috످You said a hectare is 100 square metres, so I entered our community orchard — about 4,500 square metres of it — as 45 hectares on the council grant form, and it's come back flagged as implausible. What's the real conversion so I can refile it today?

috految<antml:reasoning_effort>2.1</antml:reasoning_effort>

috److Your orchard is about 0.45 hectares. One hectare is 10,000 square metres, so 4,500 ÷ 10,000 = 0.45.

I can't see that earlier conversation, but if I told you 100 square metres, that was wrong, and I'm sorry.

Before you refile, update anything you calculated from the 45 hectares, such as the grant amount or costs. You could also add this note for the council:

"Please correct our orchard's area from 45 hectares to 0.45 hectares (about 4,500 m²). The original figure was a unit conversion error."

috످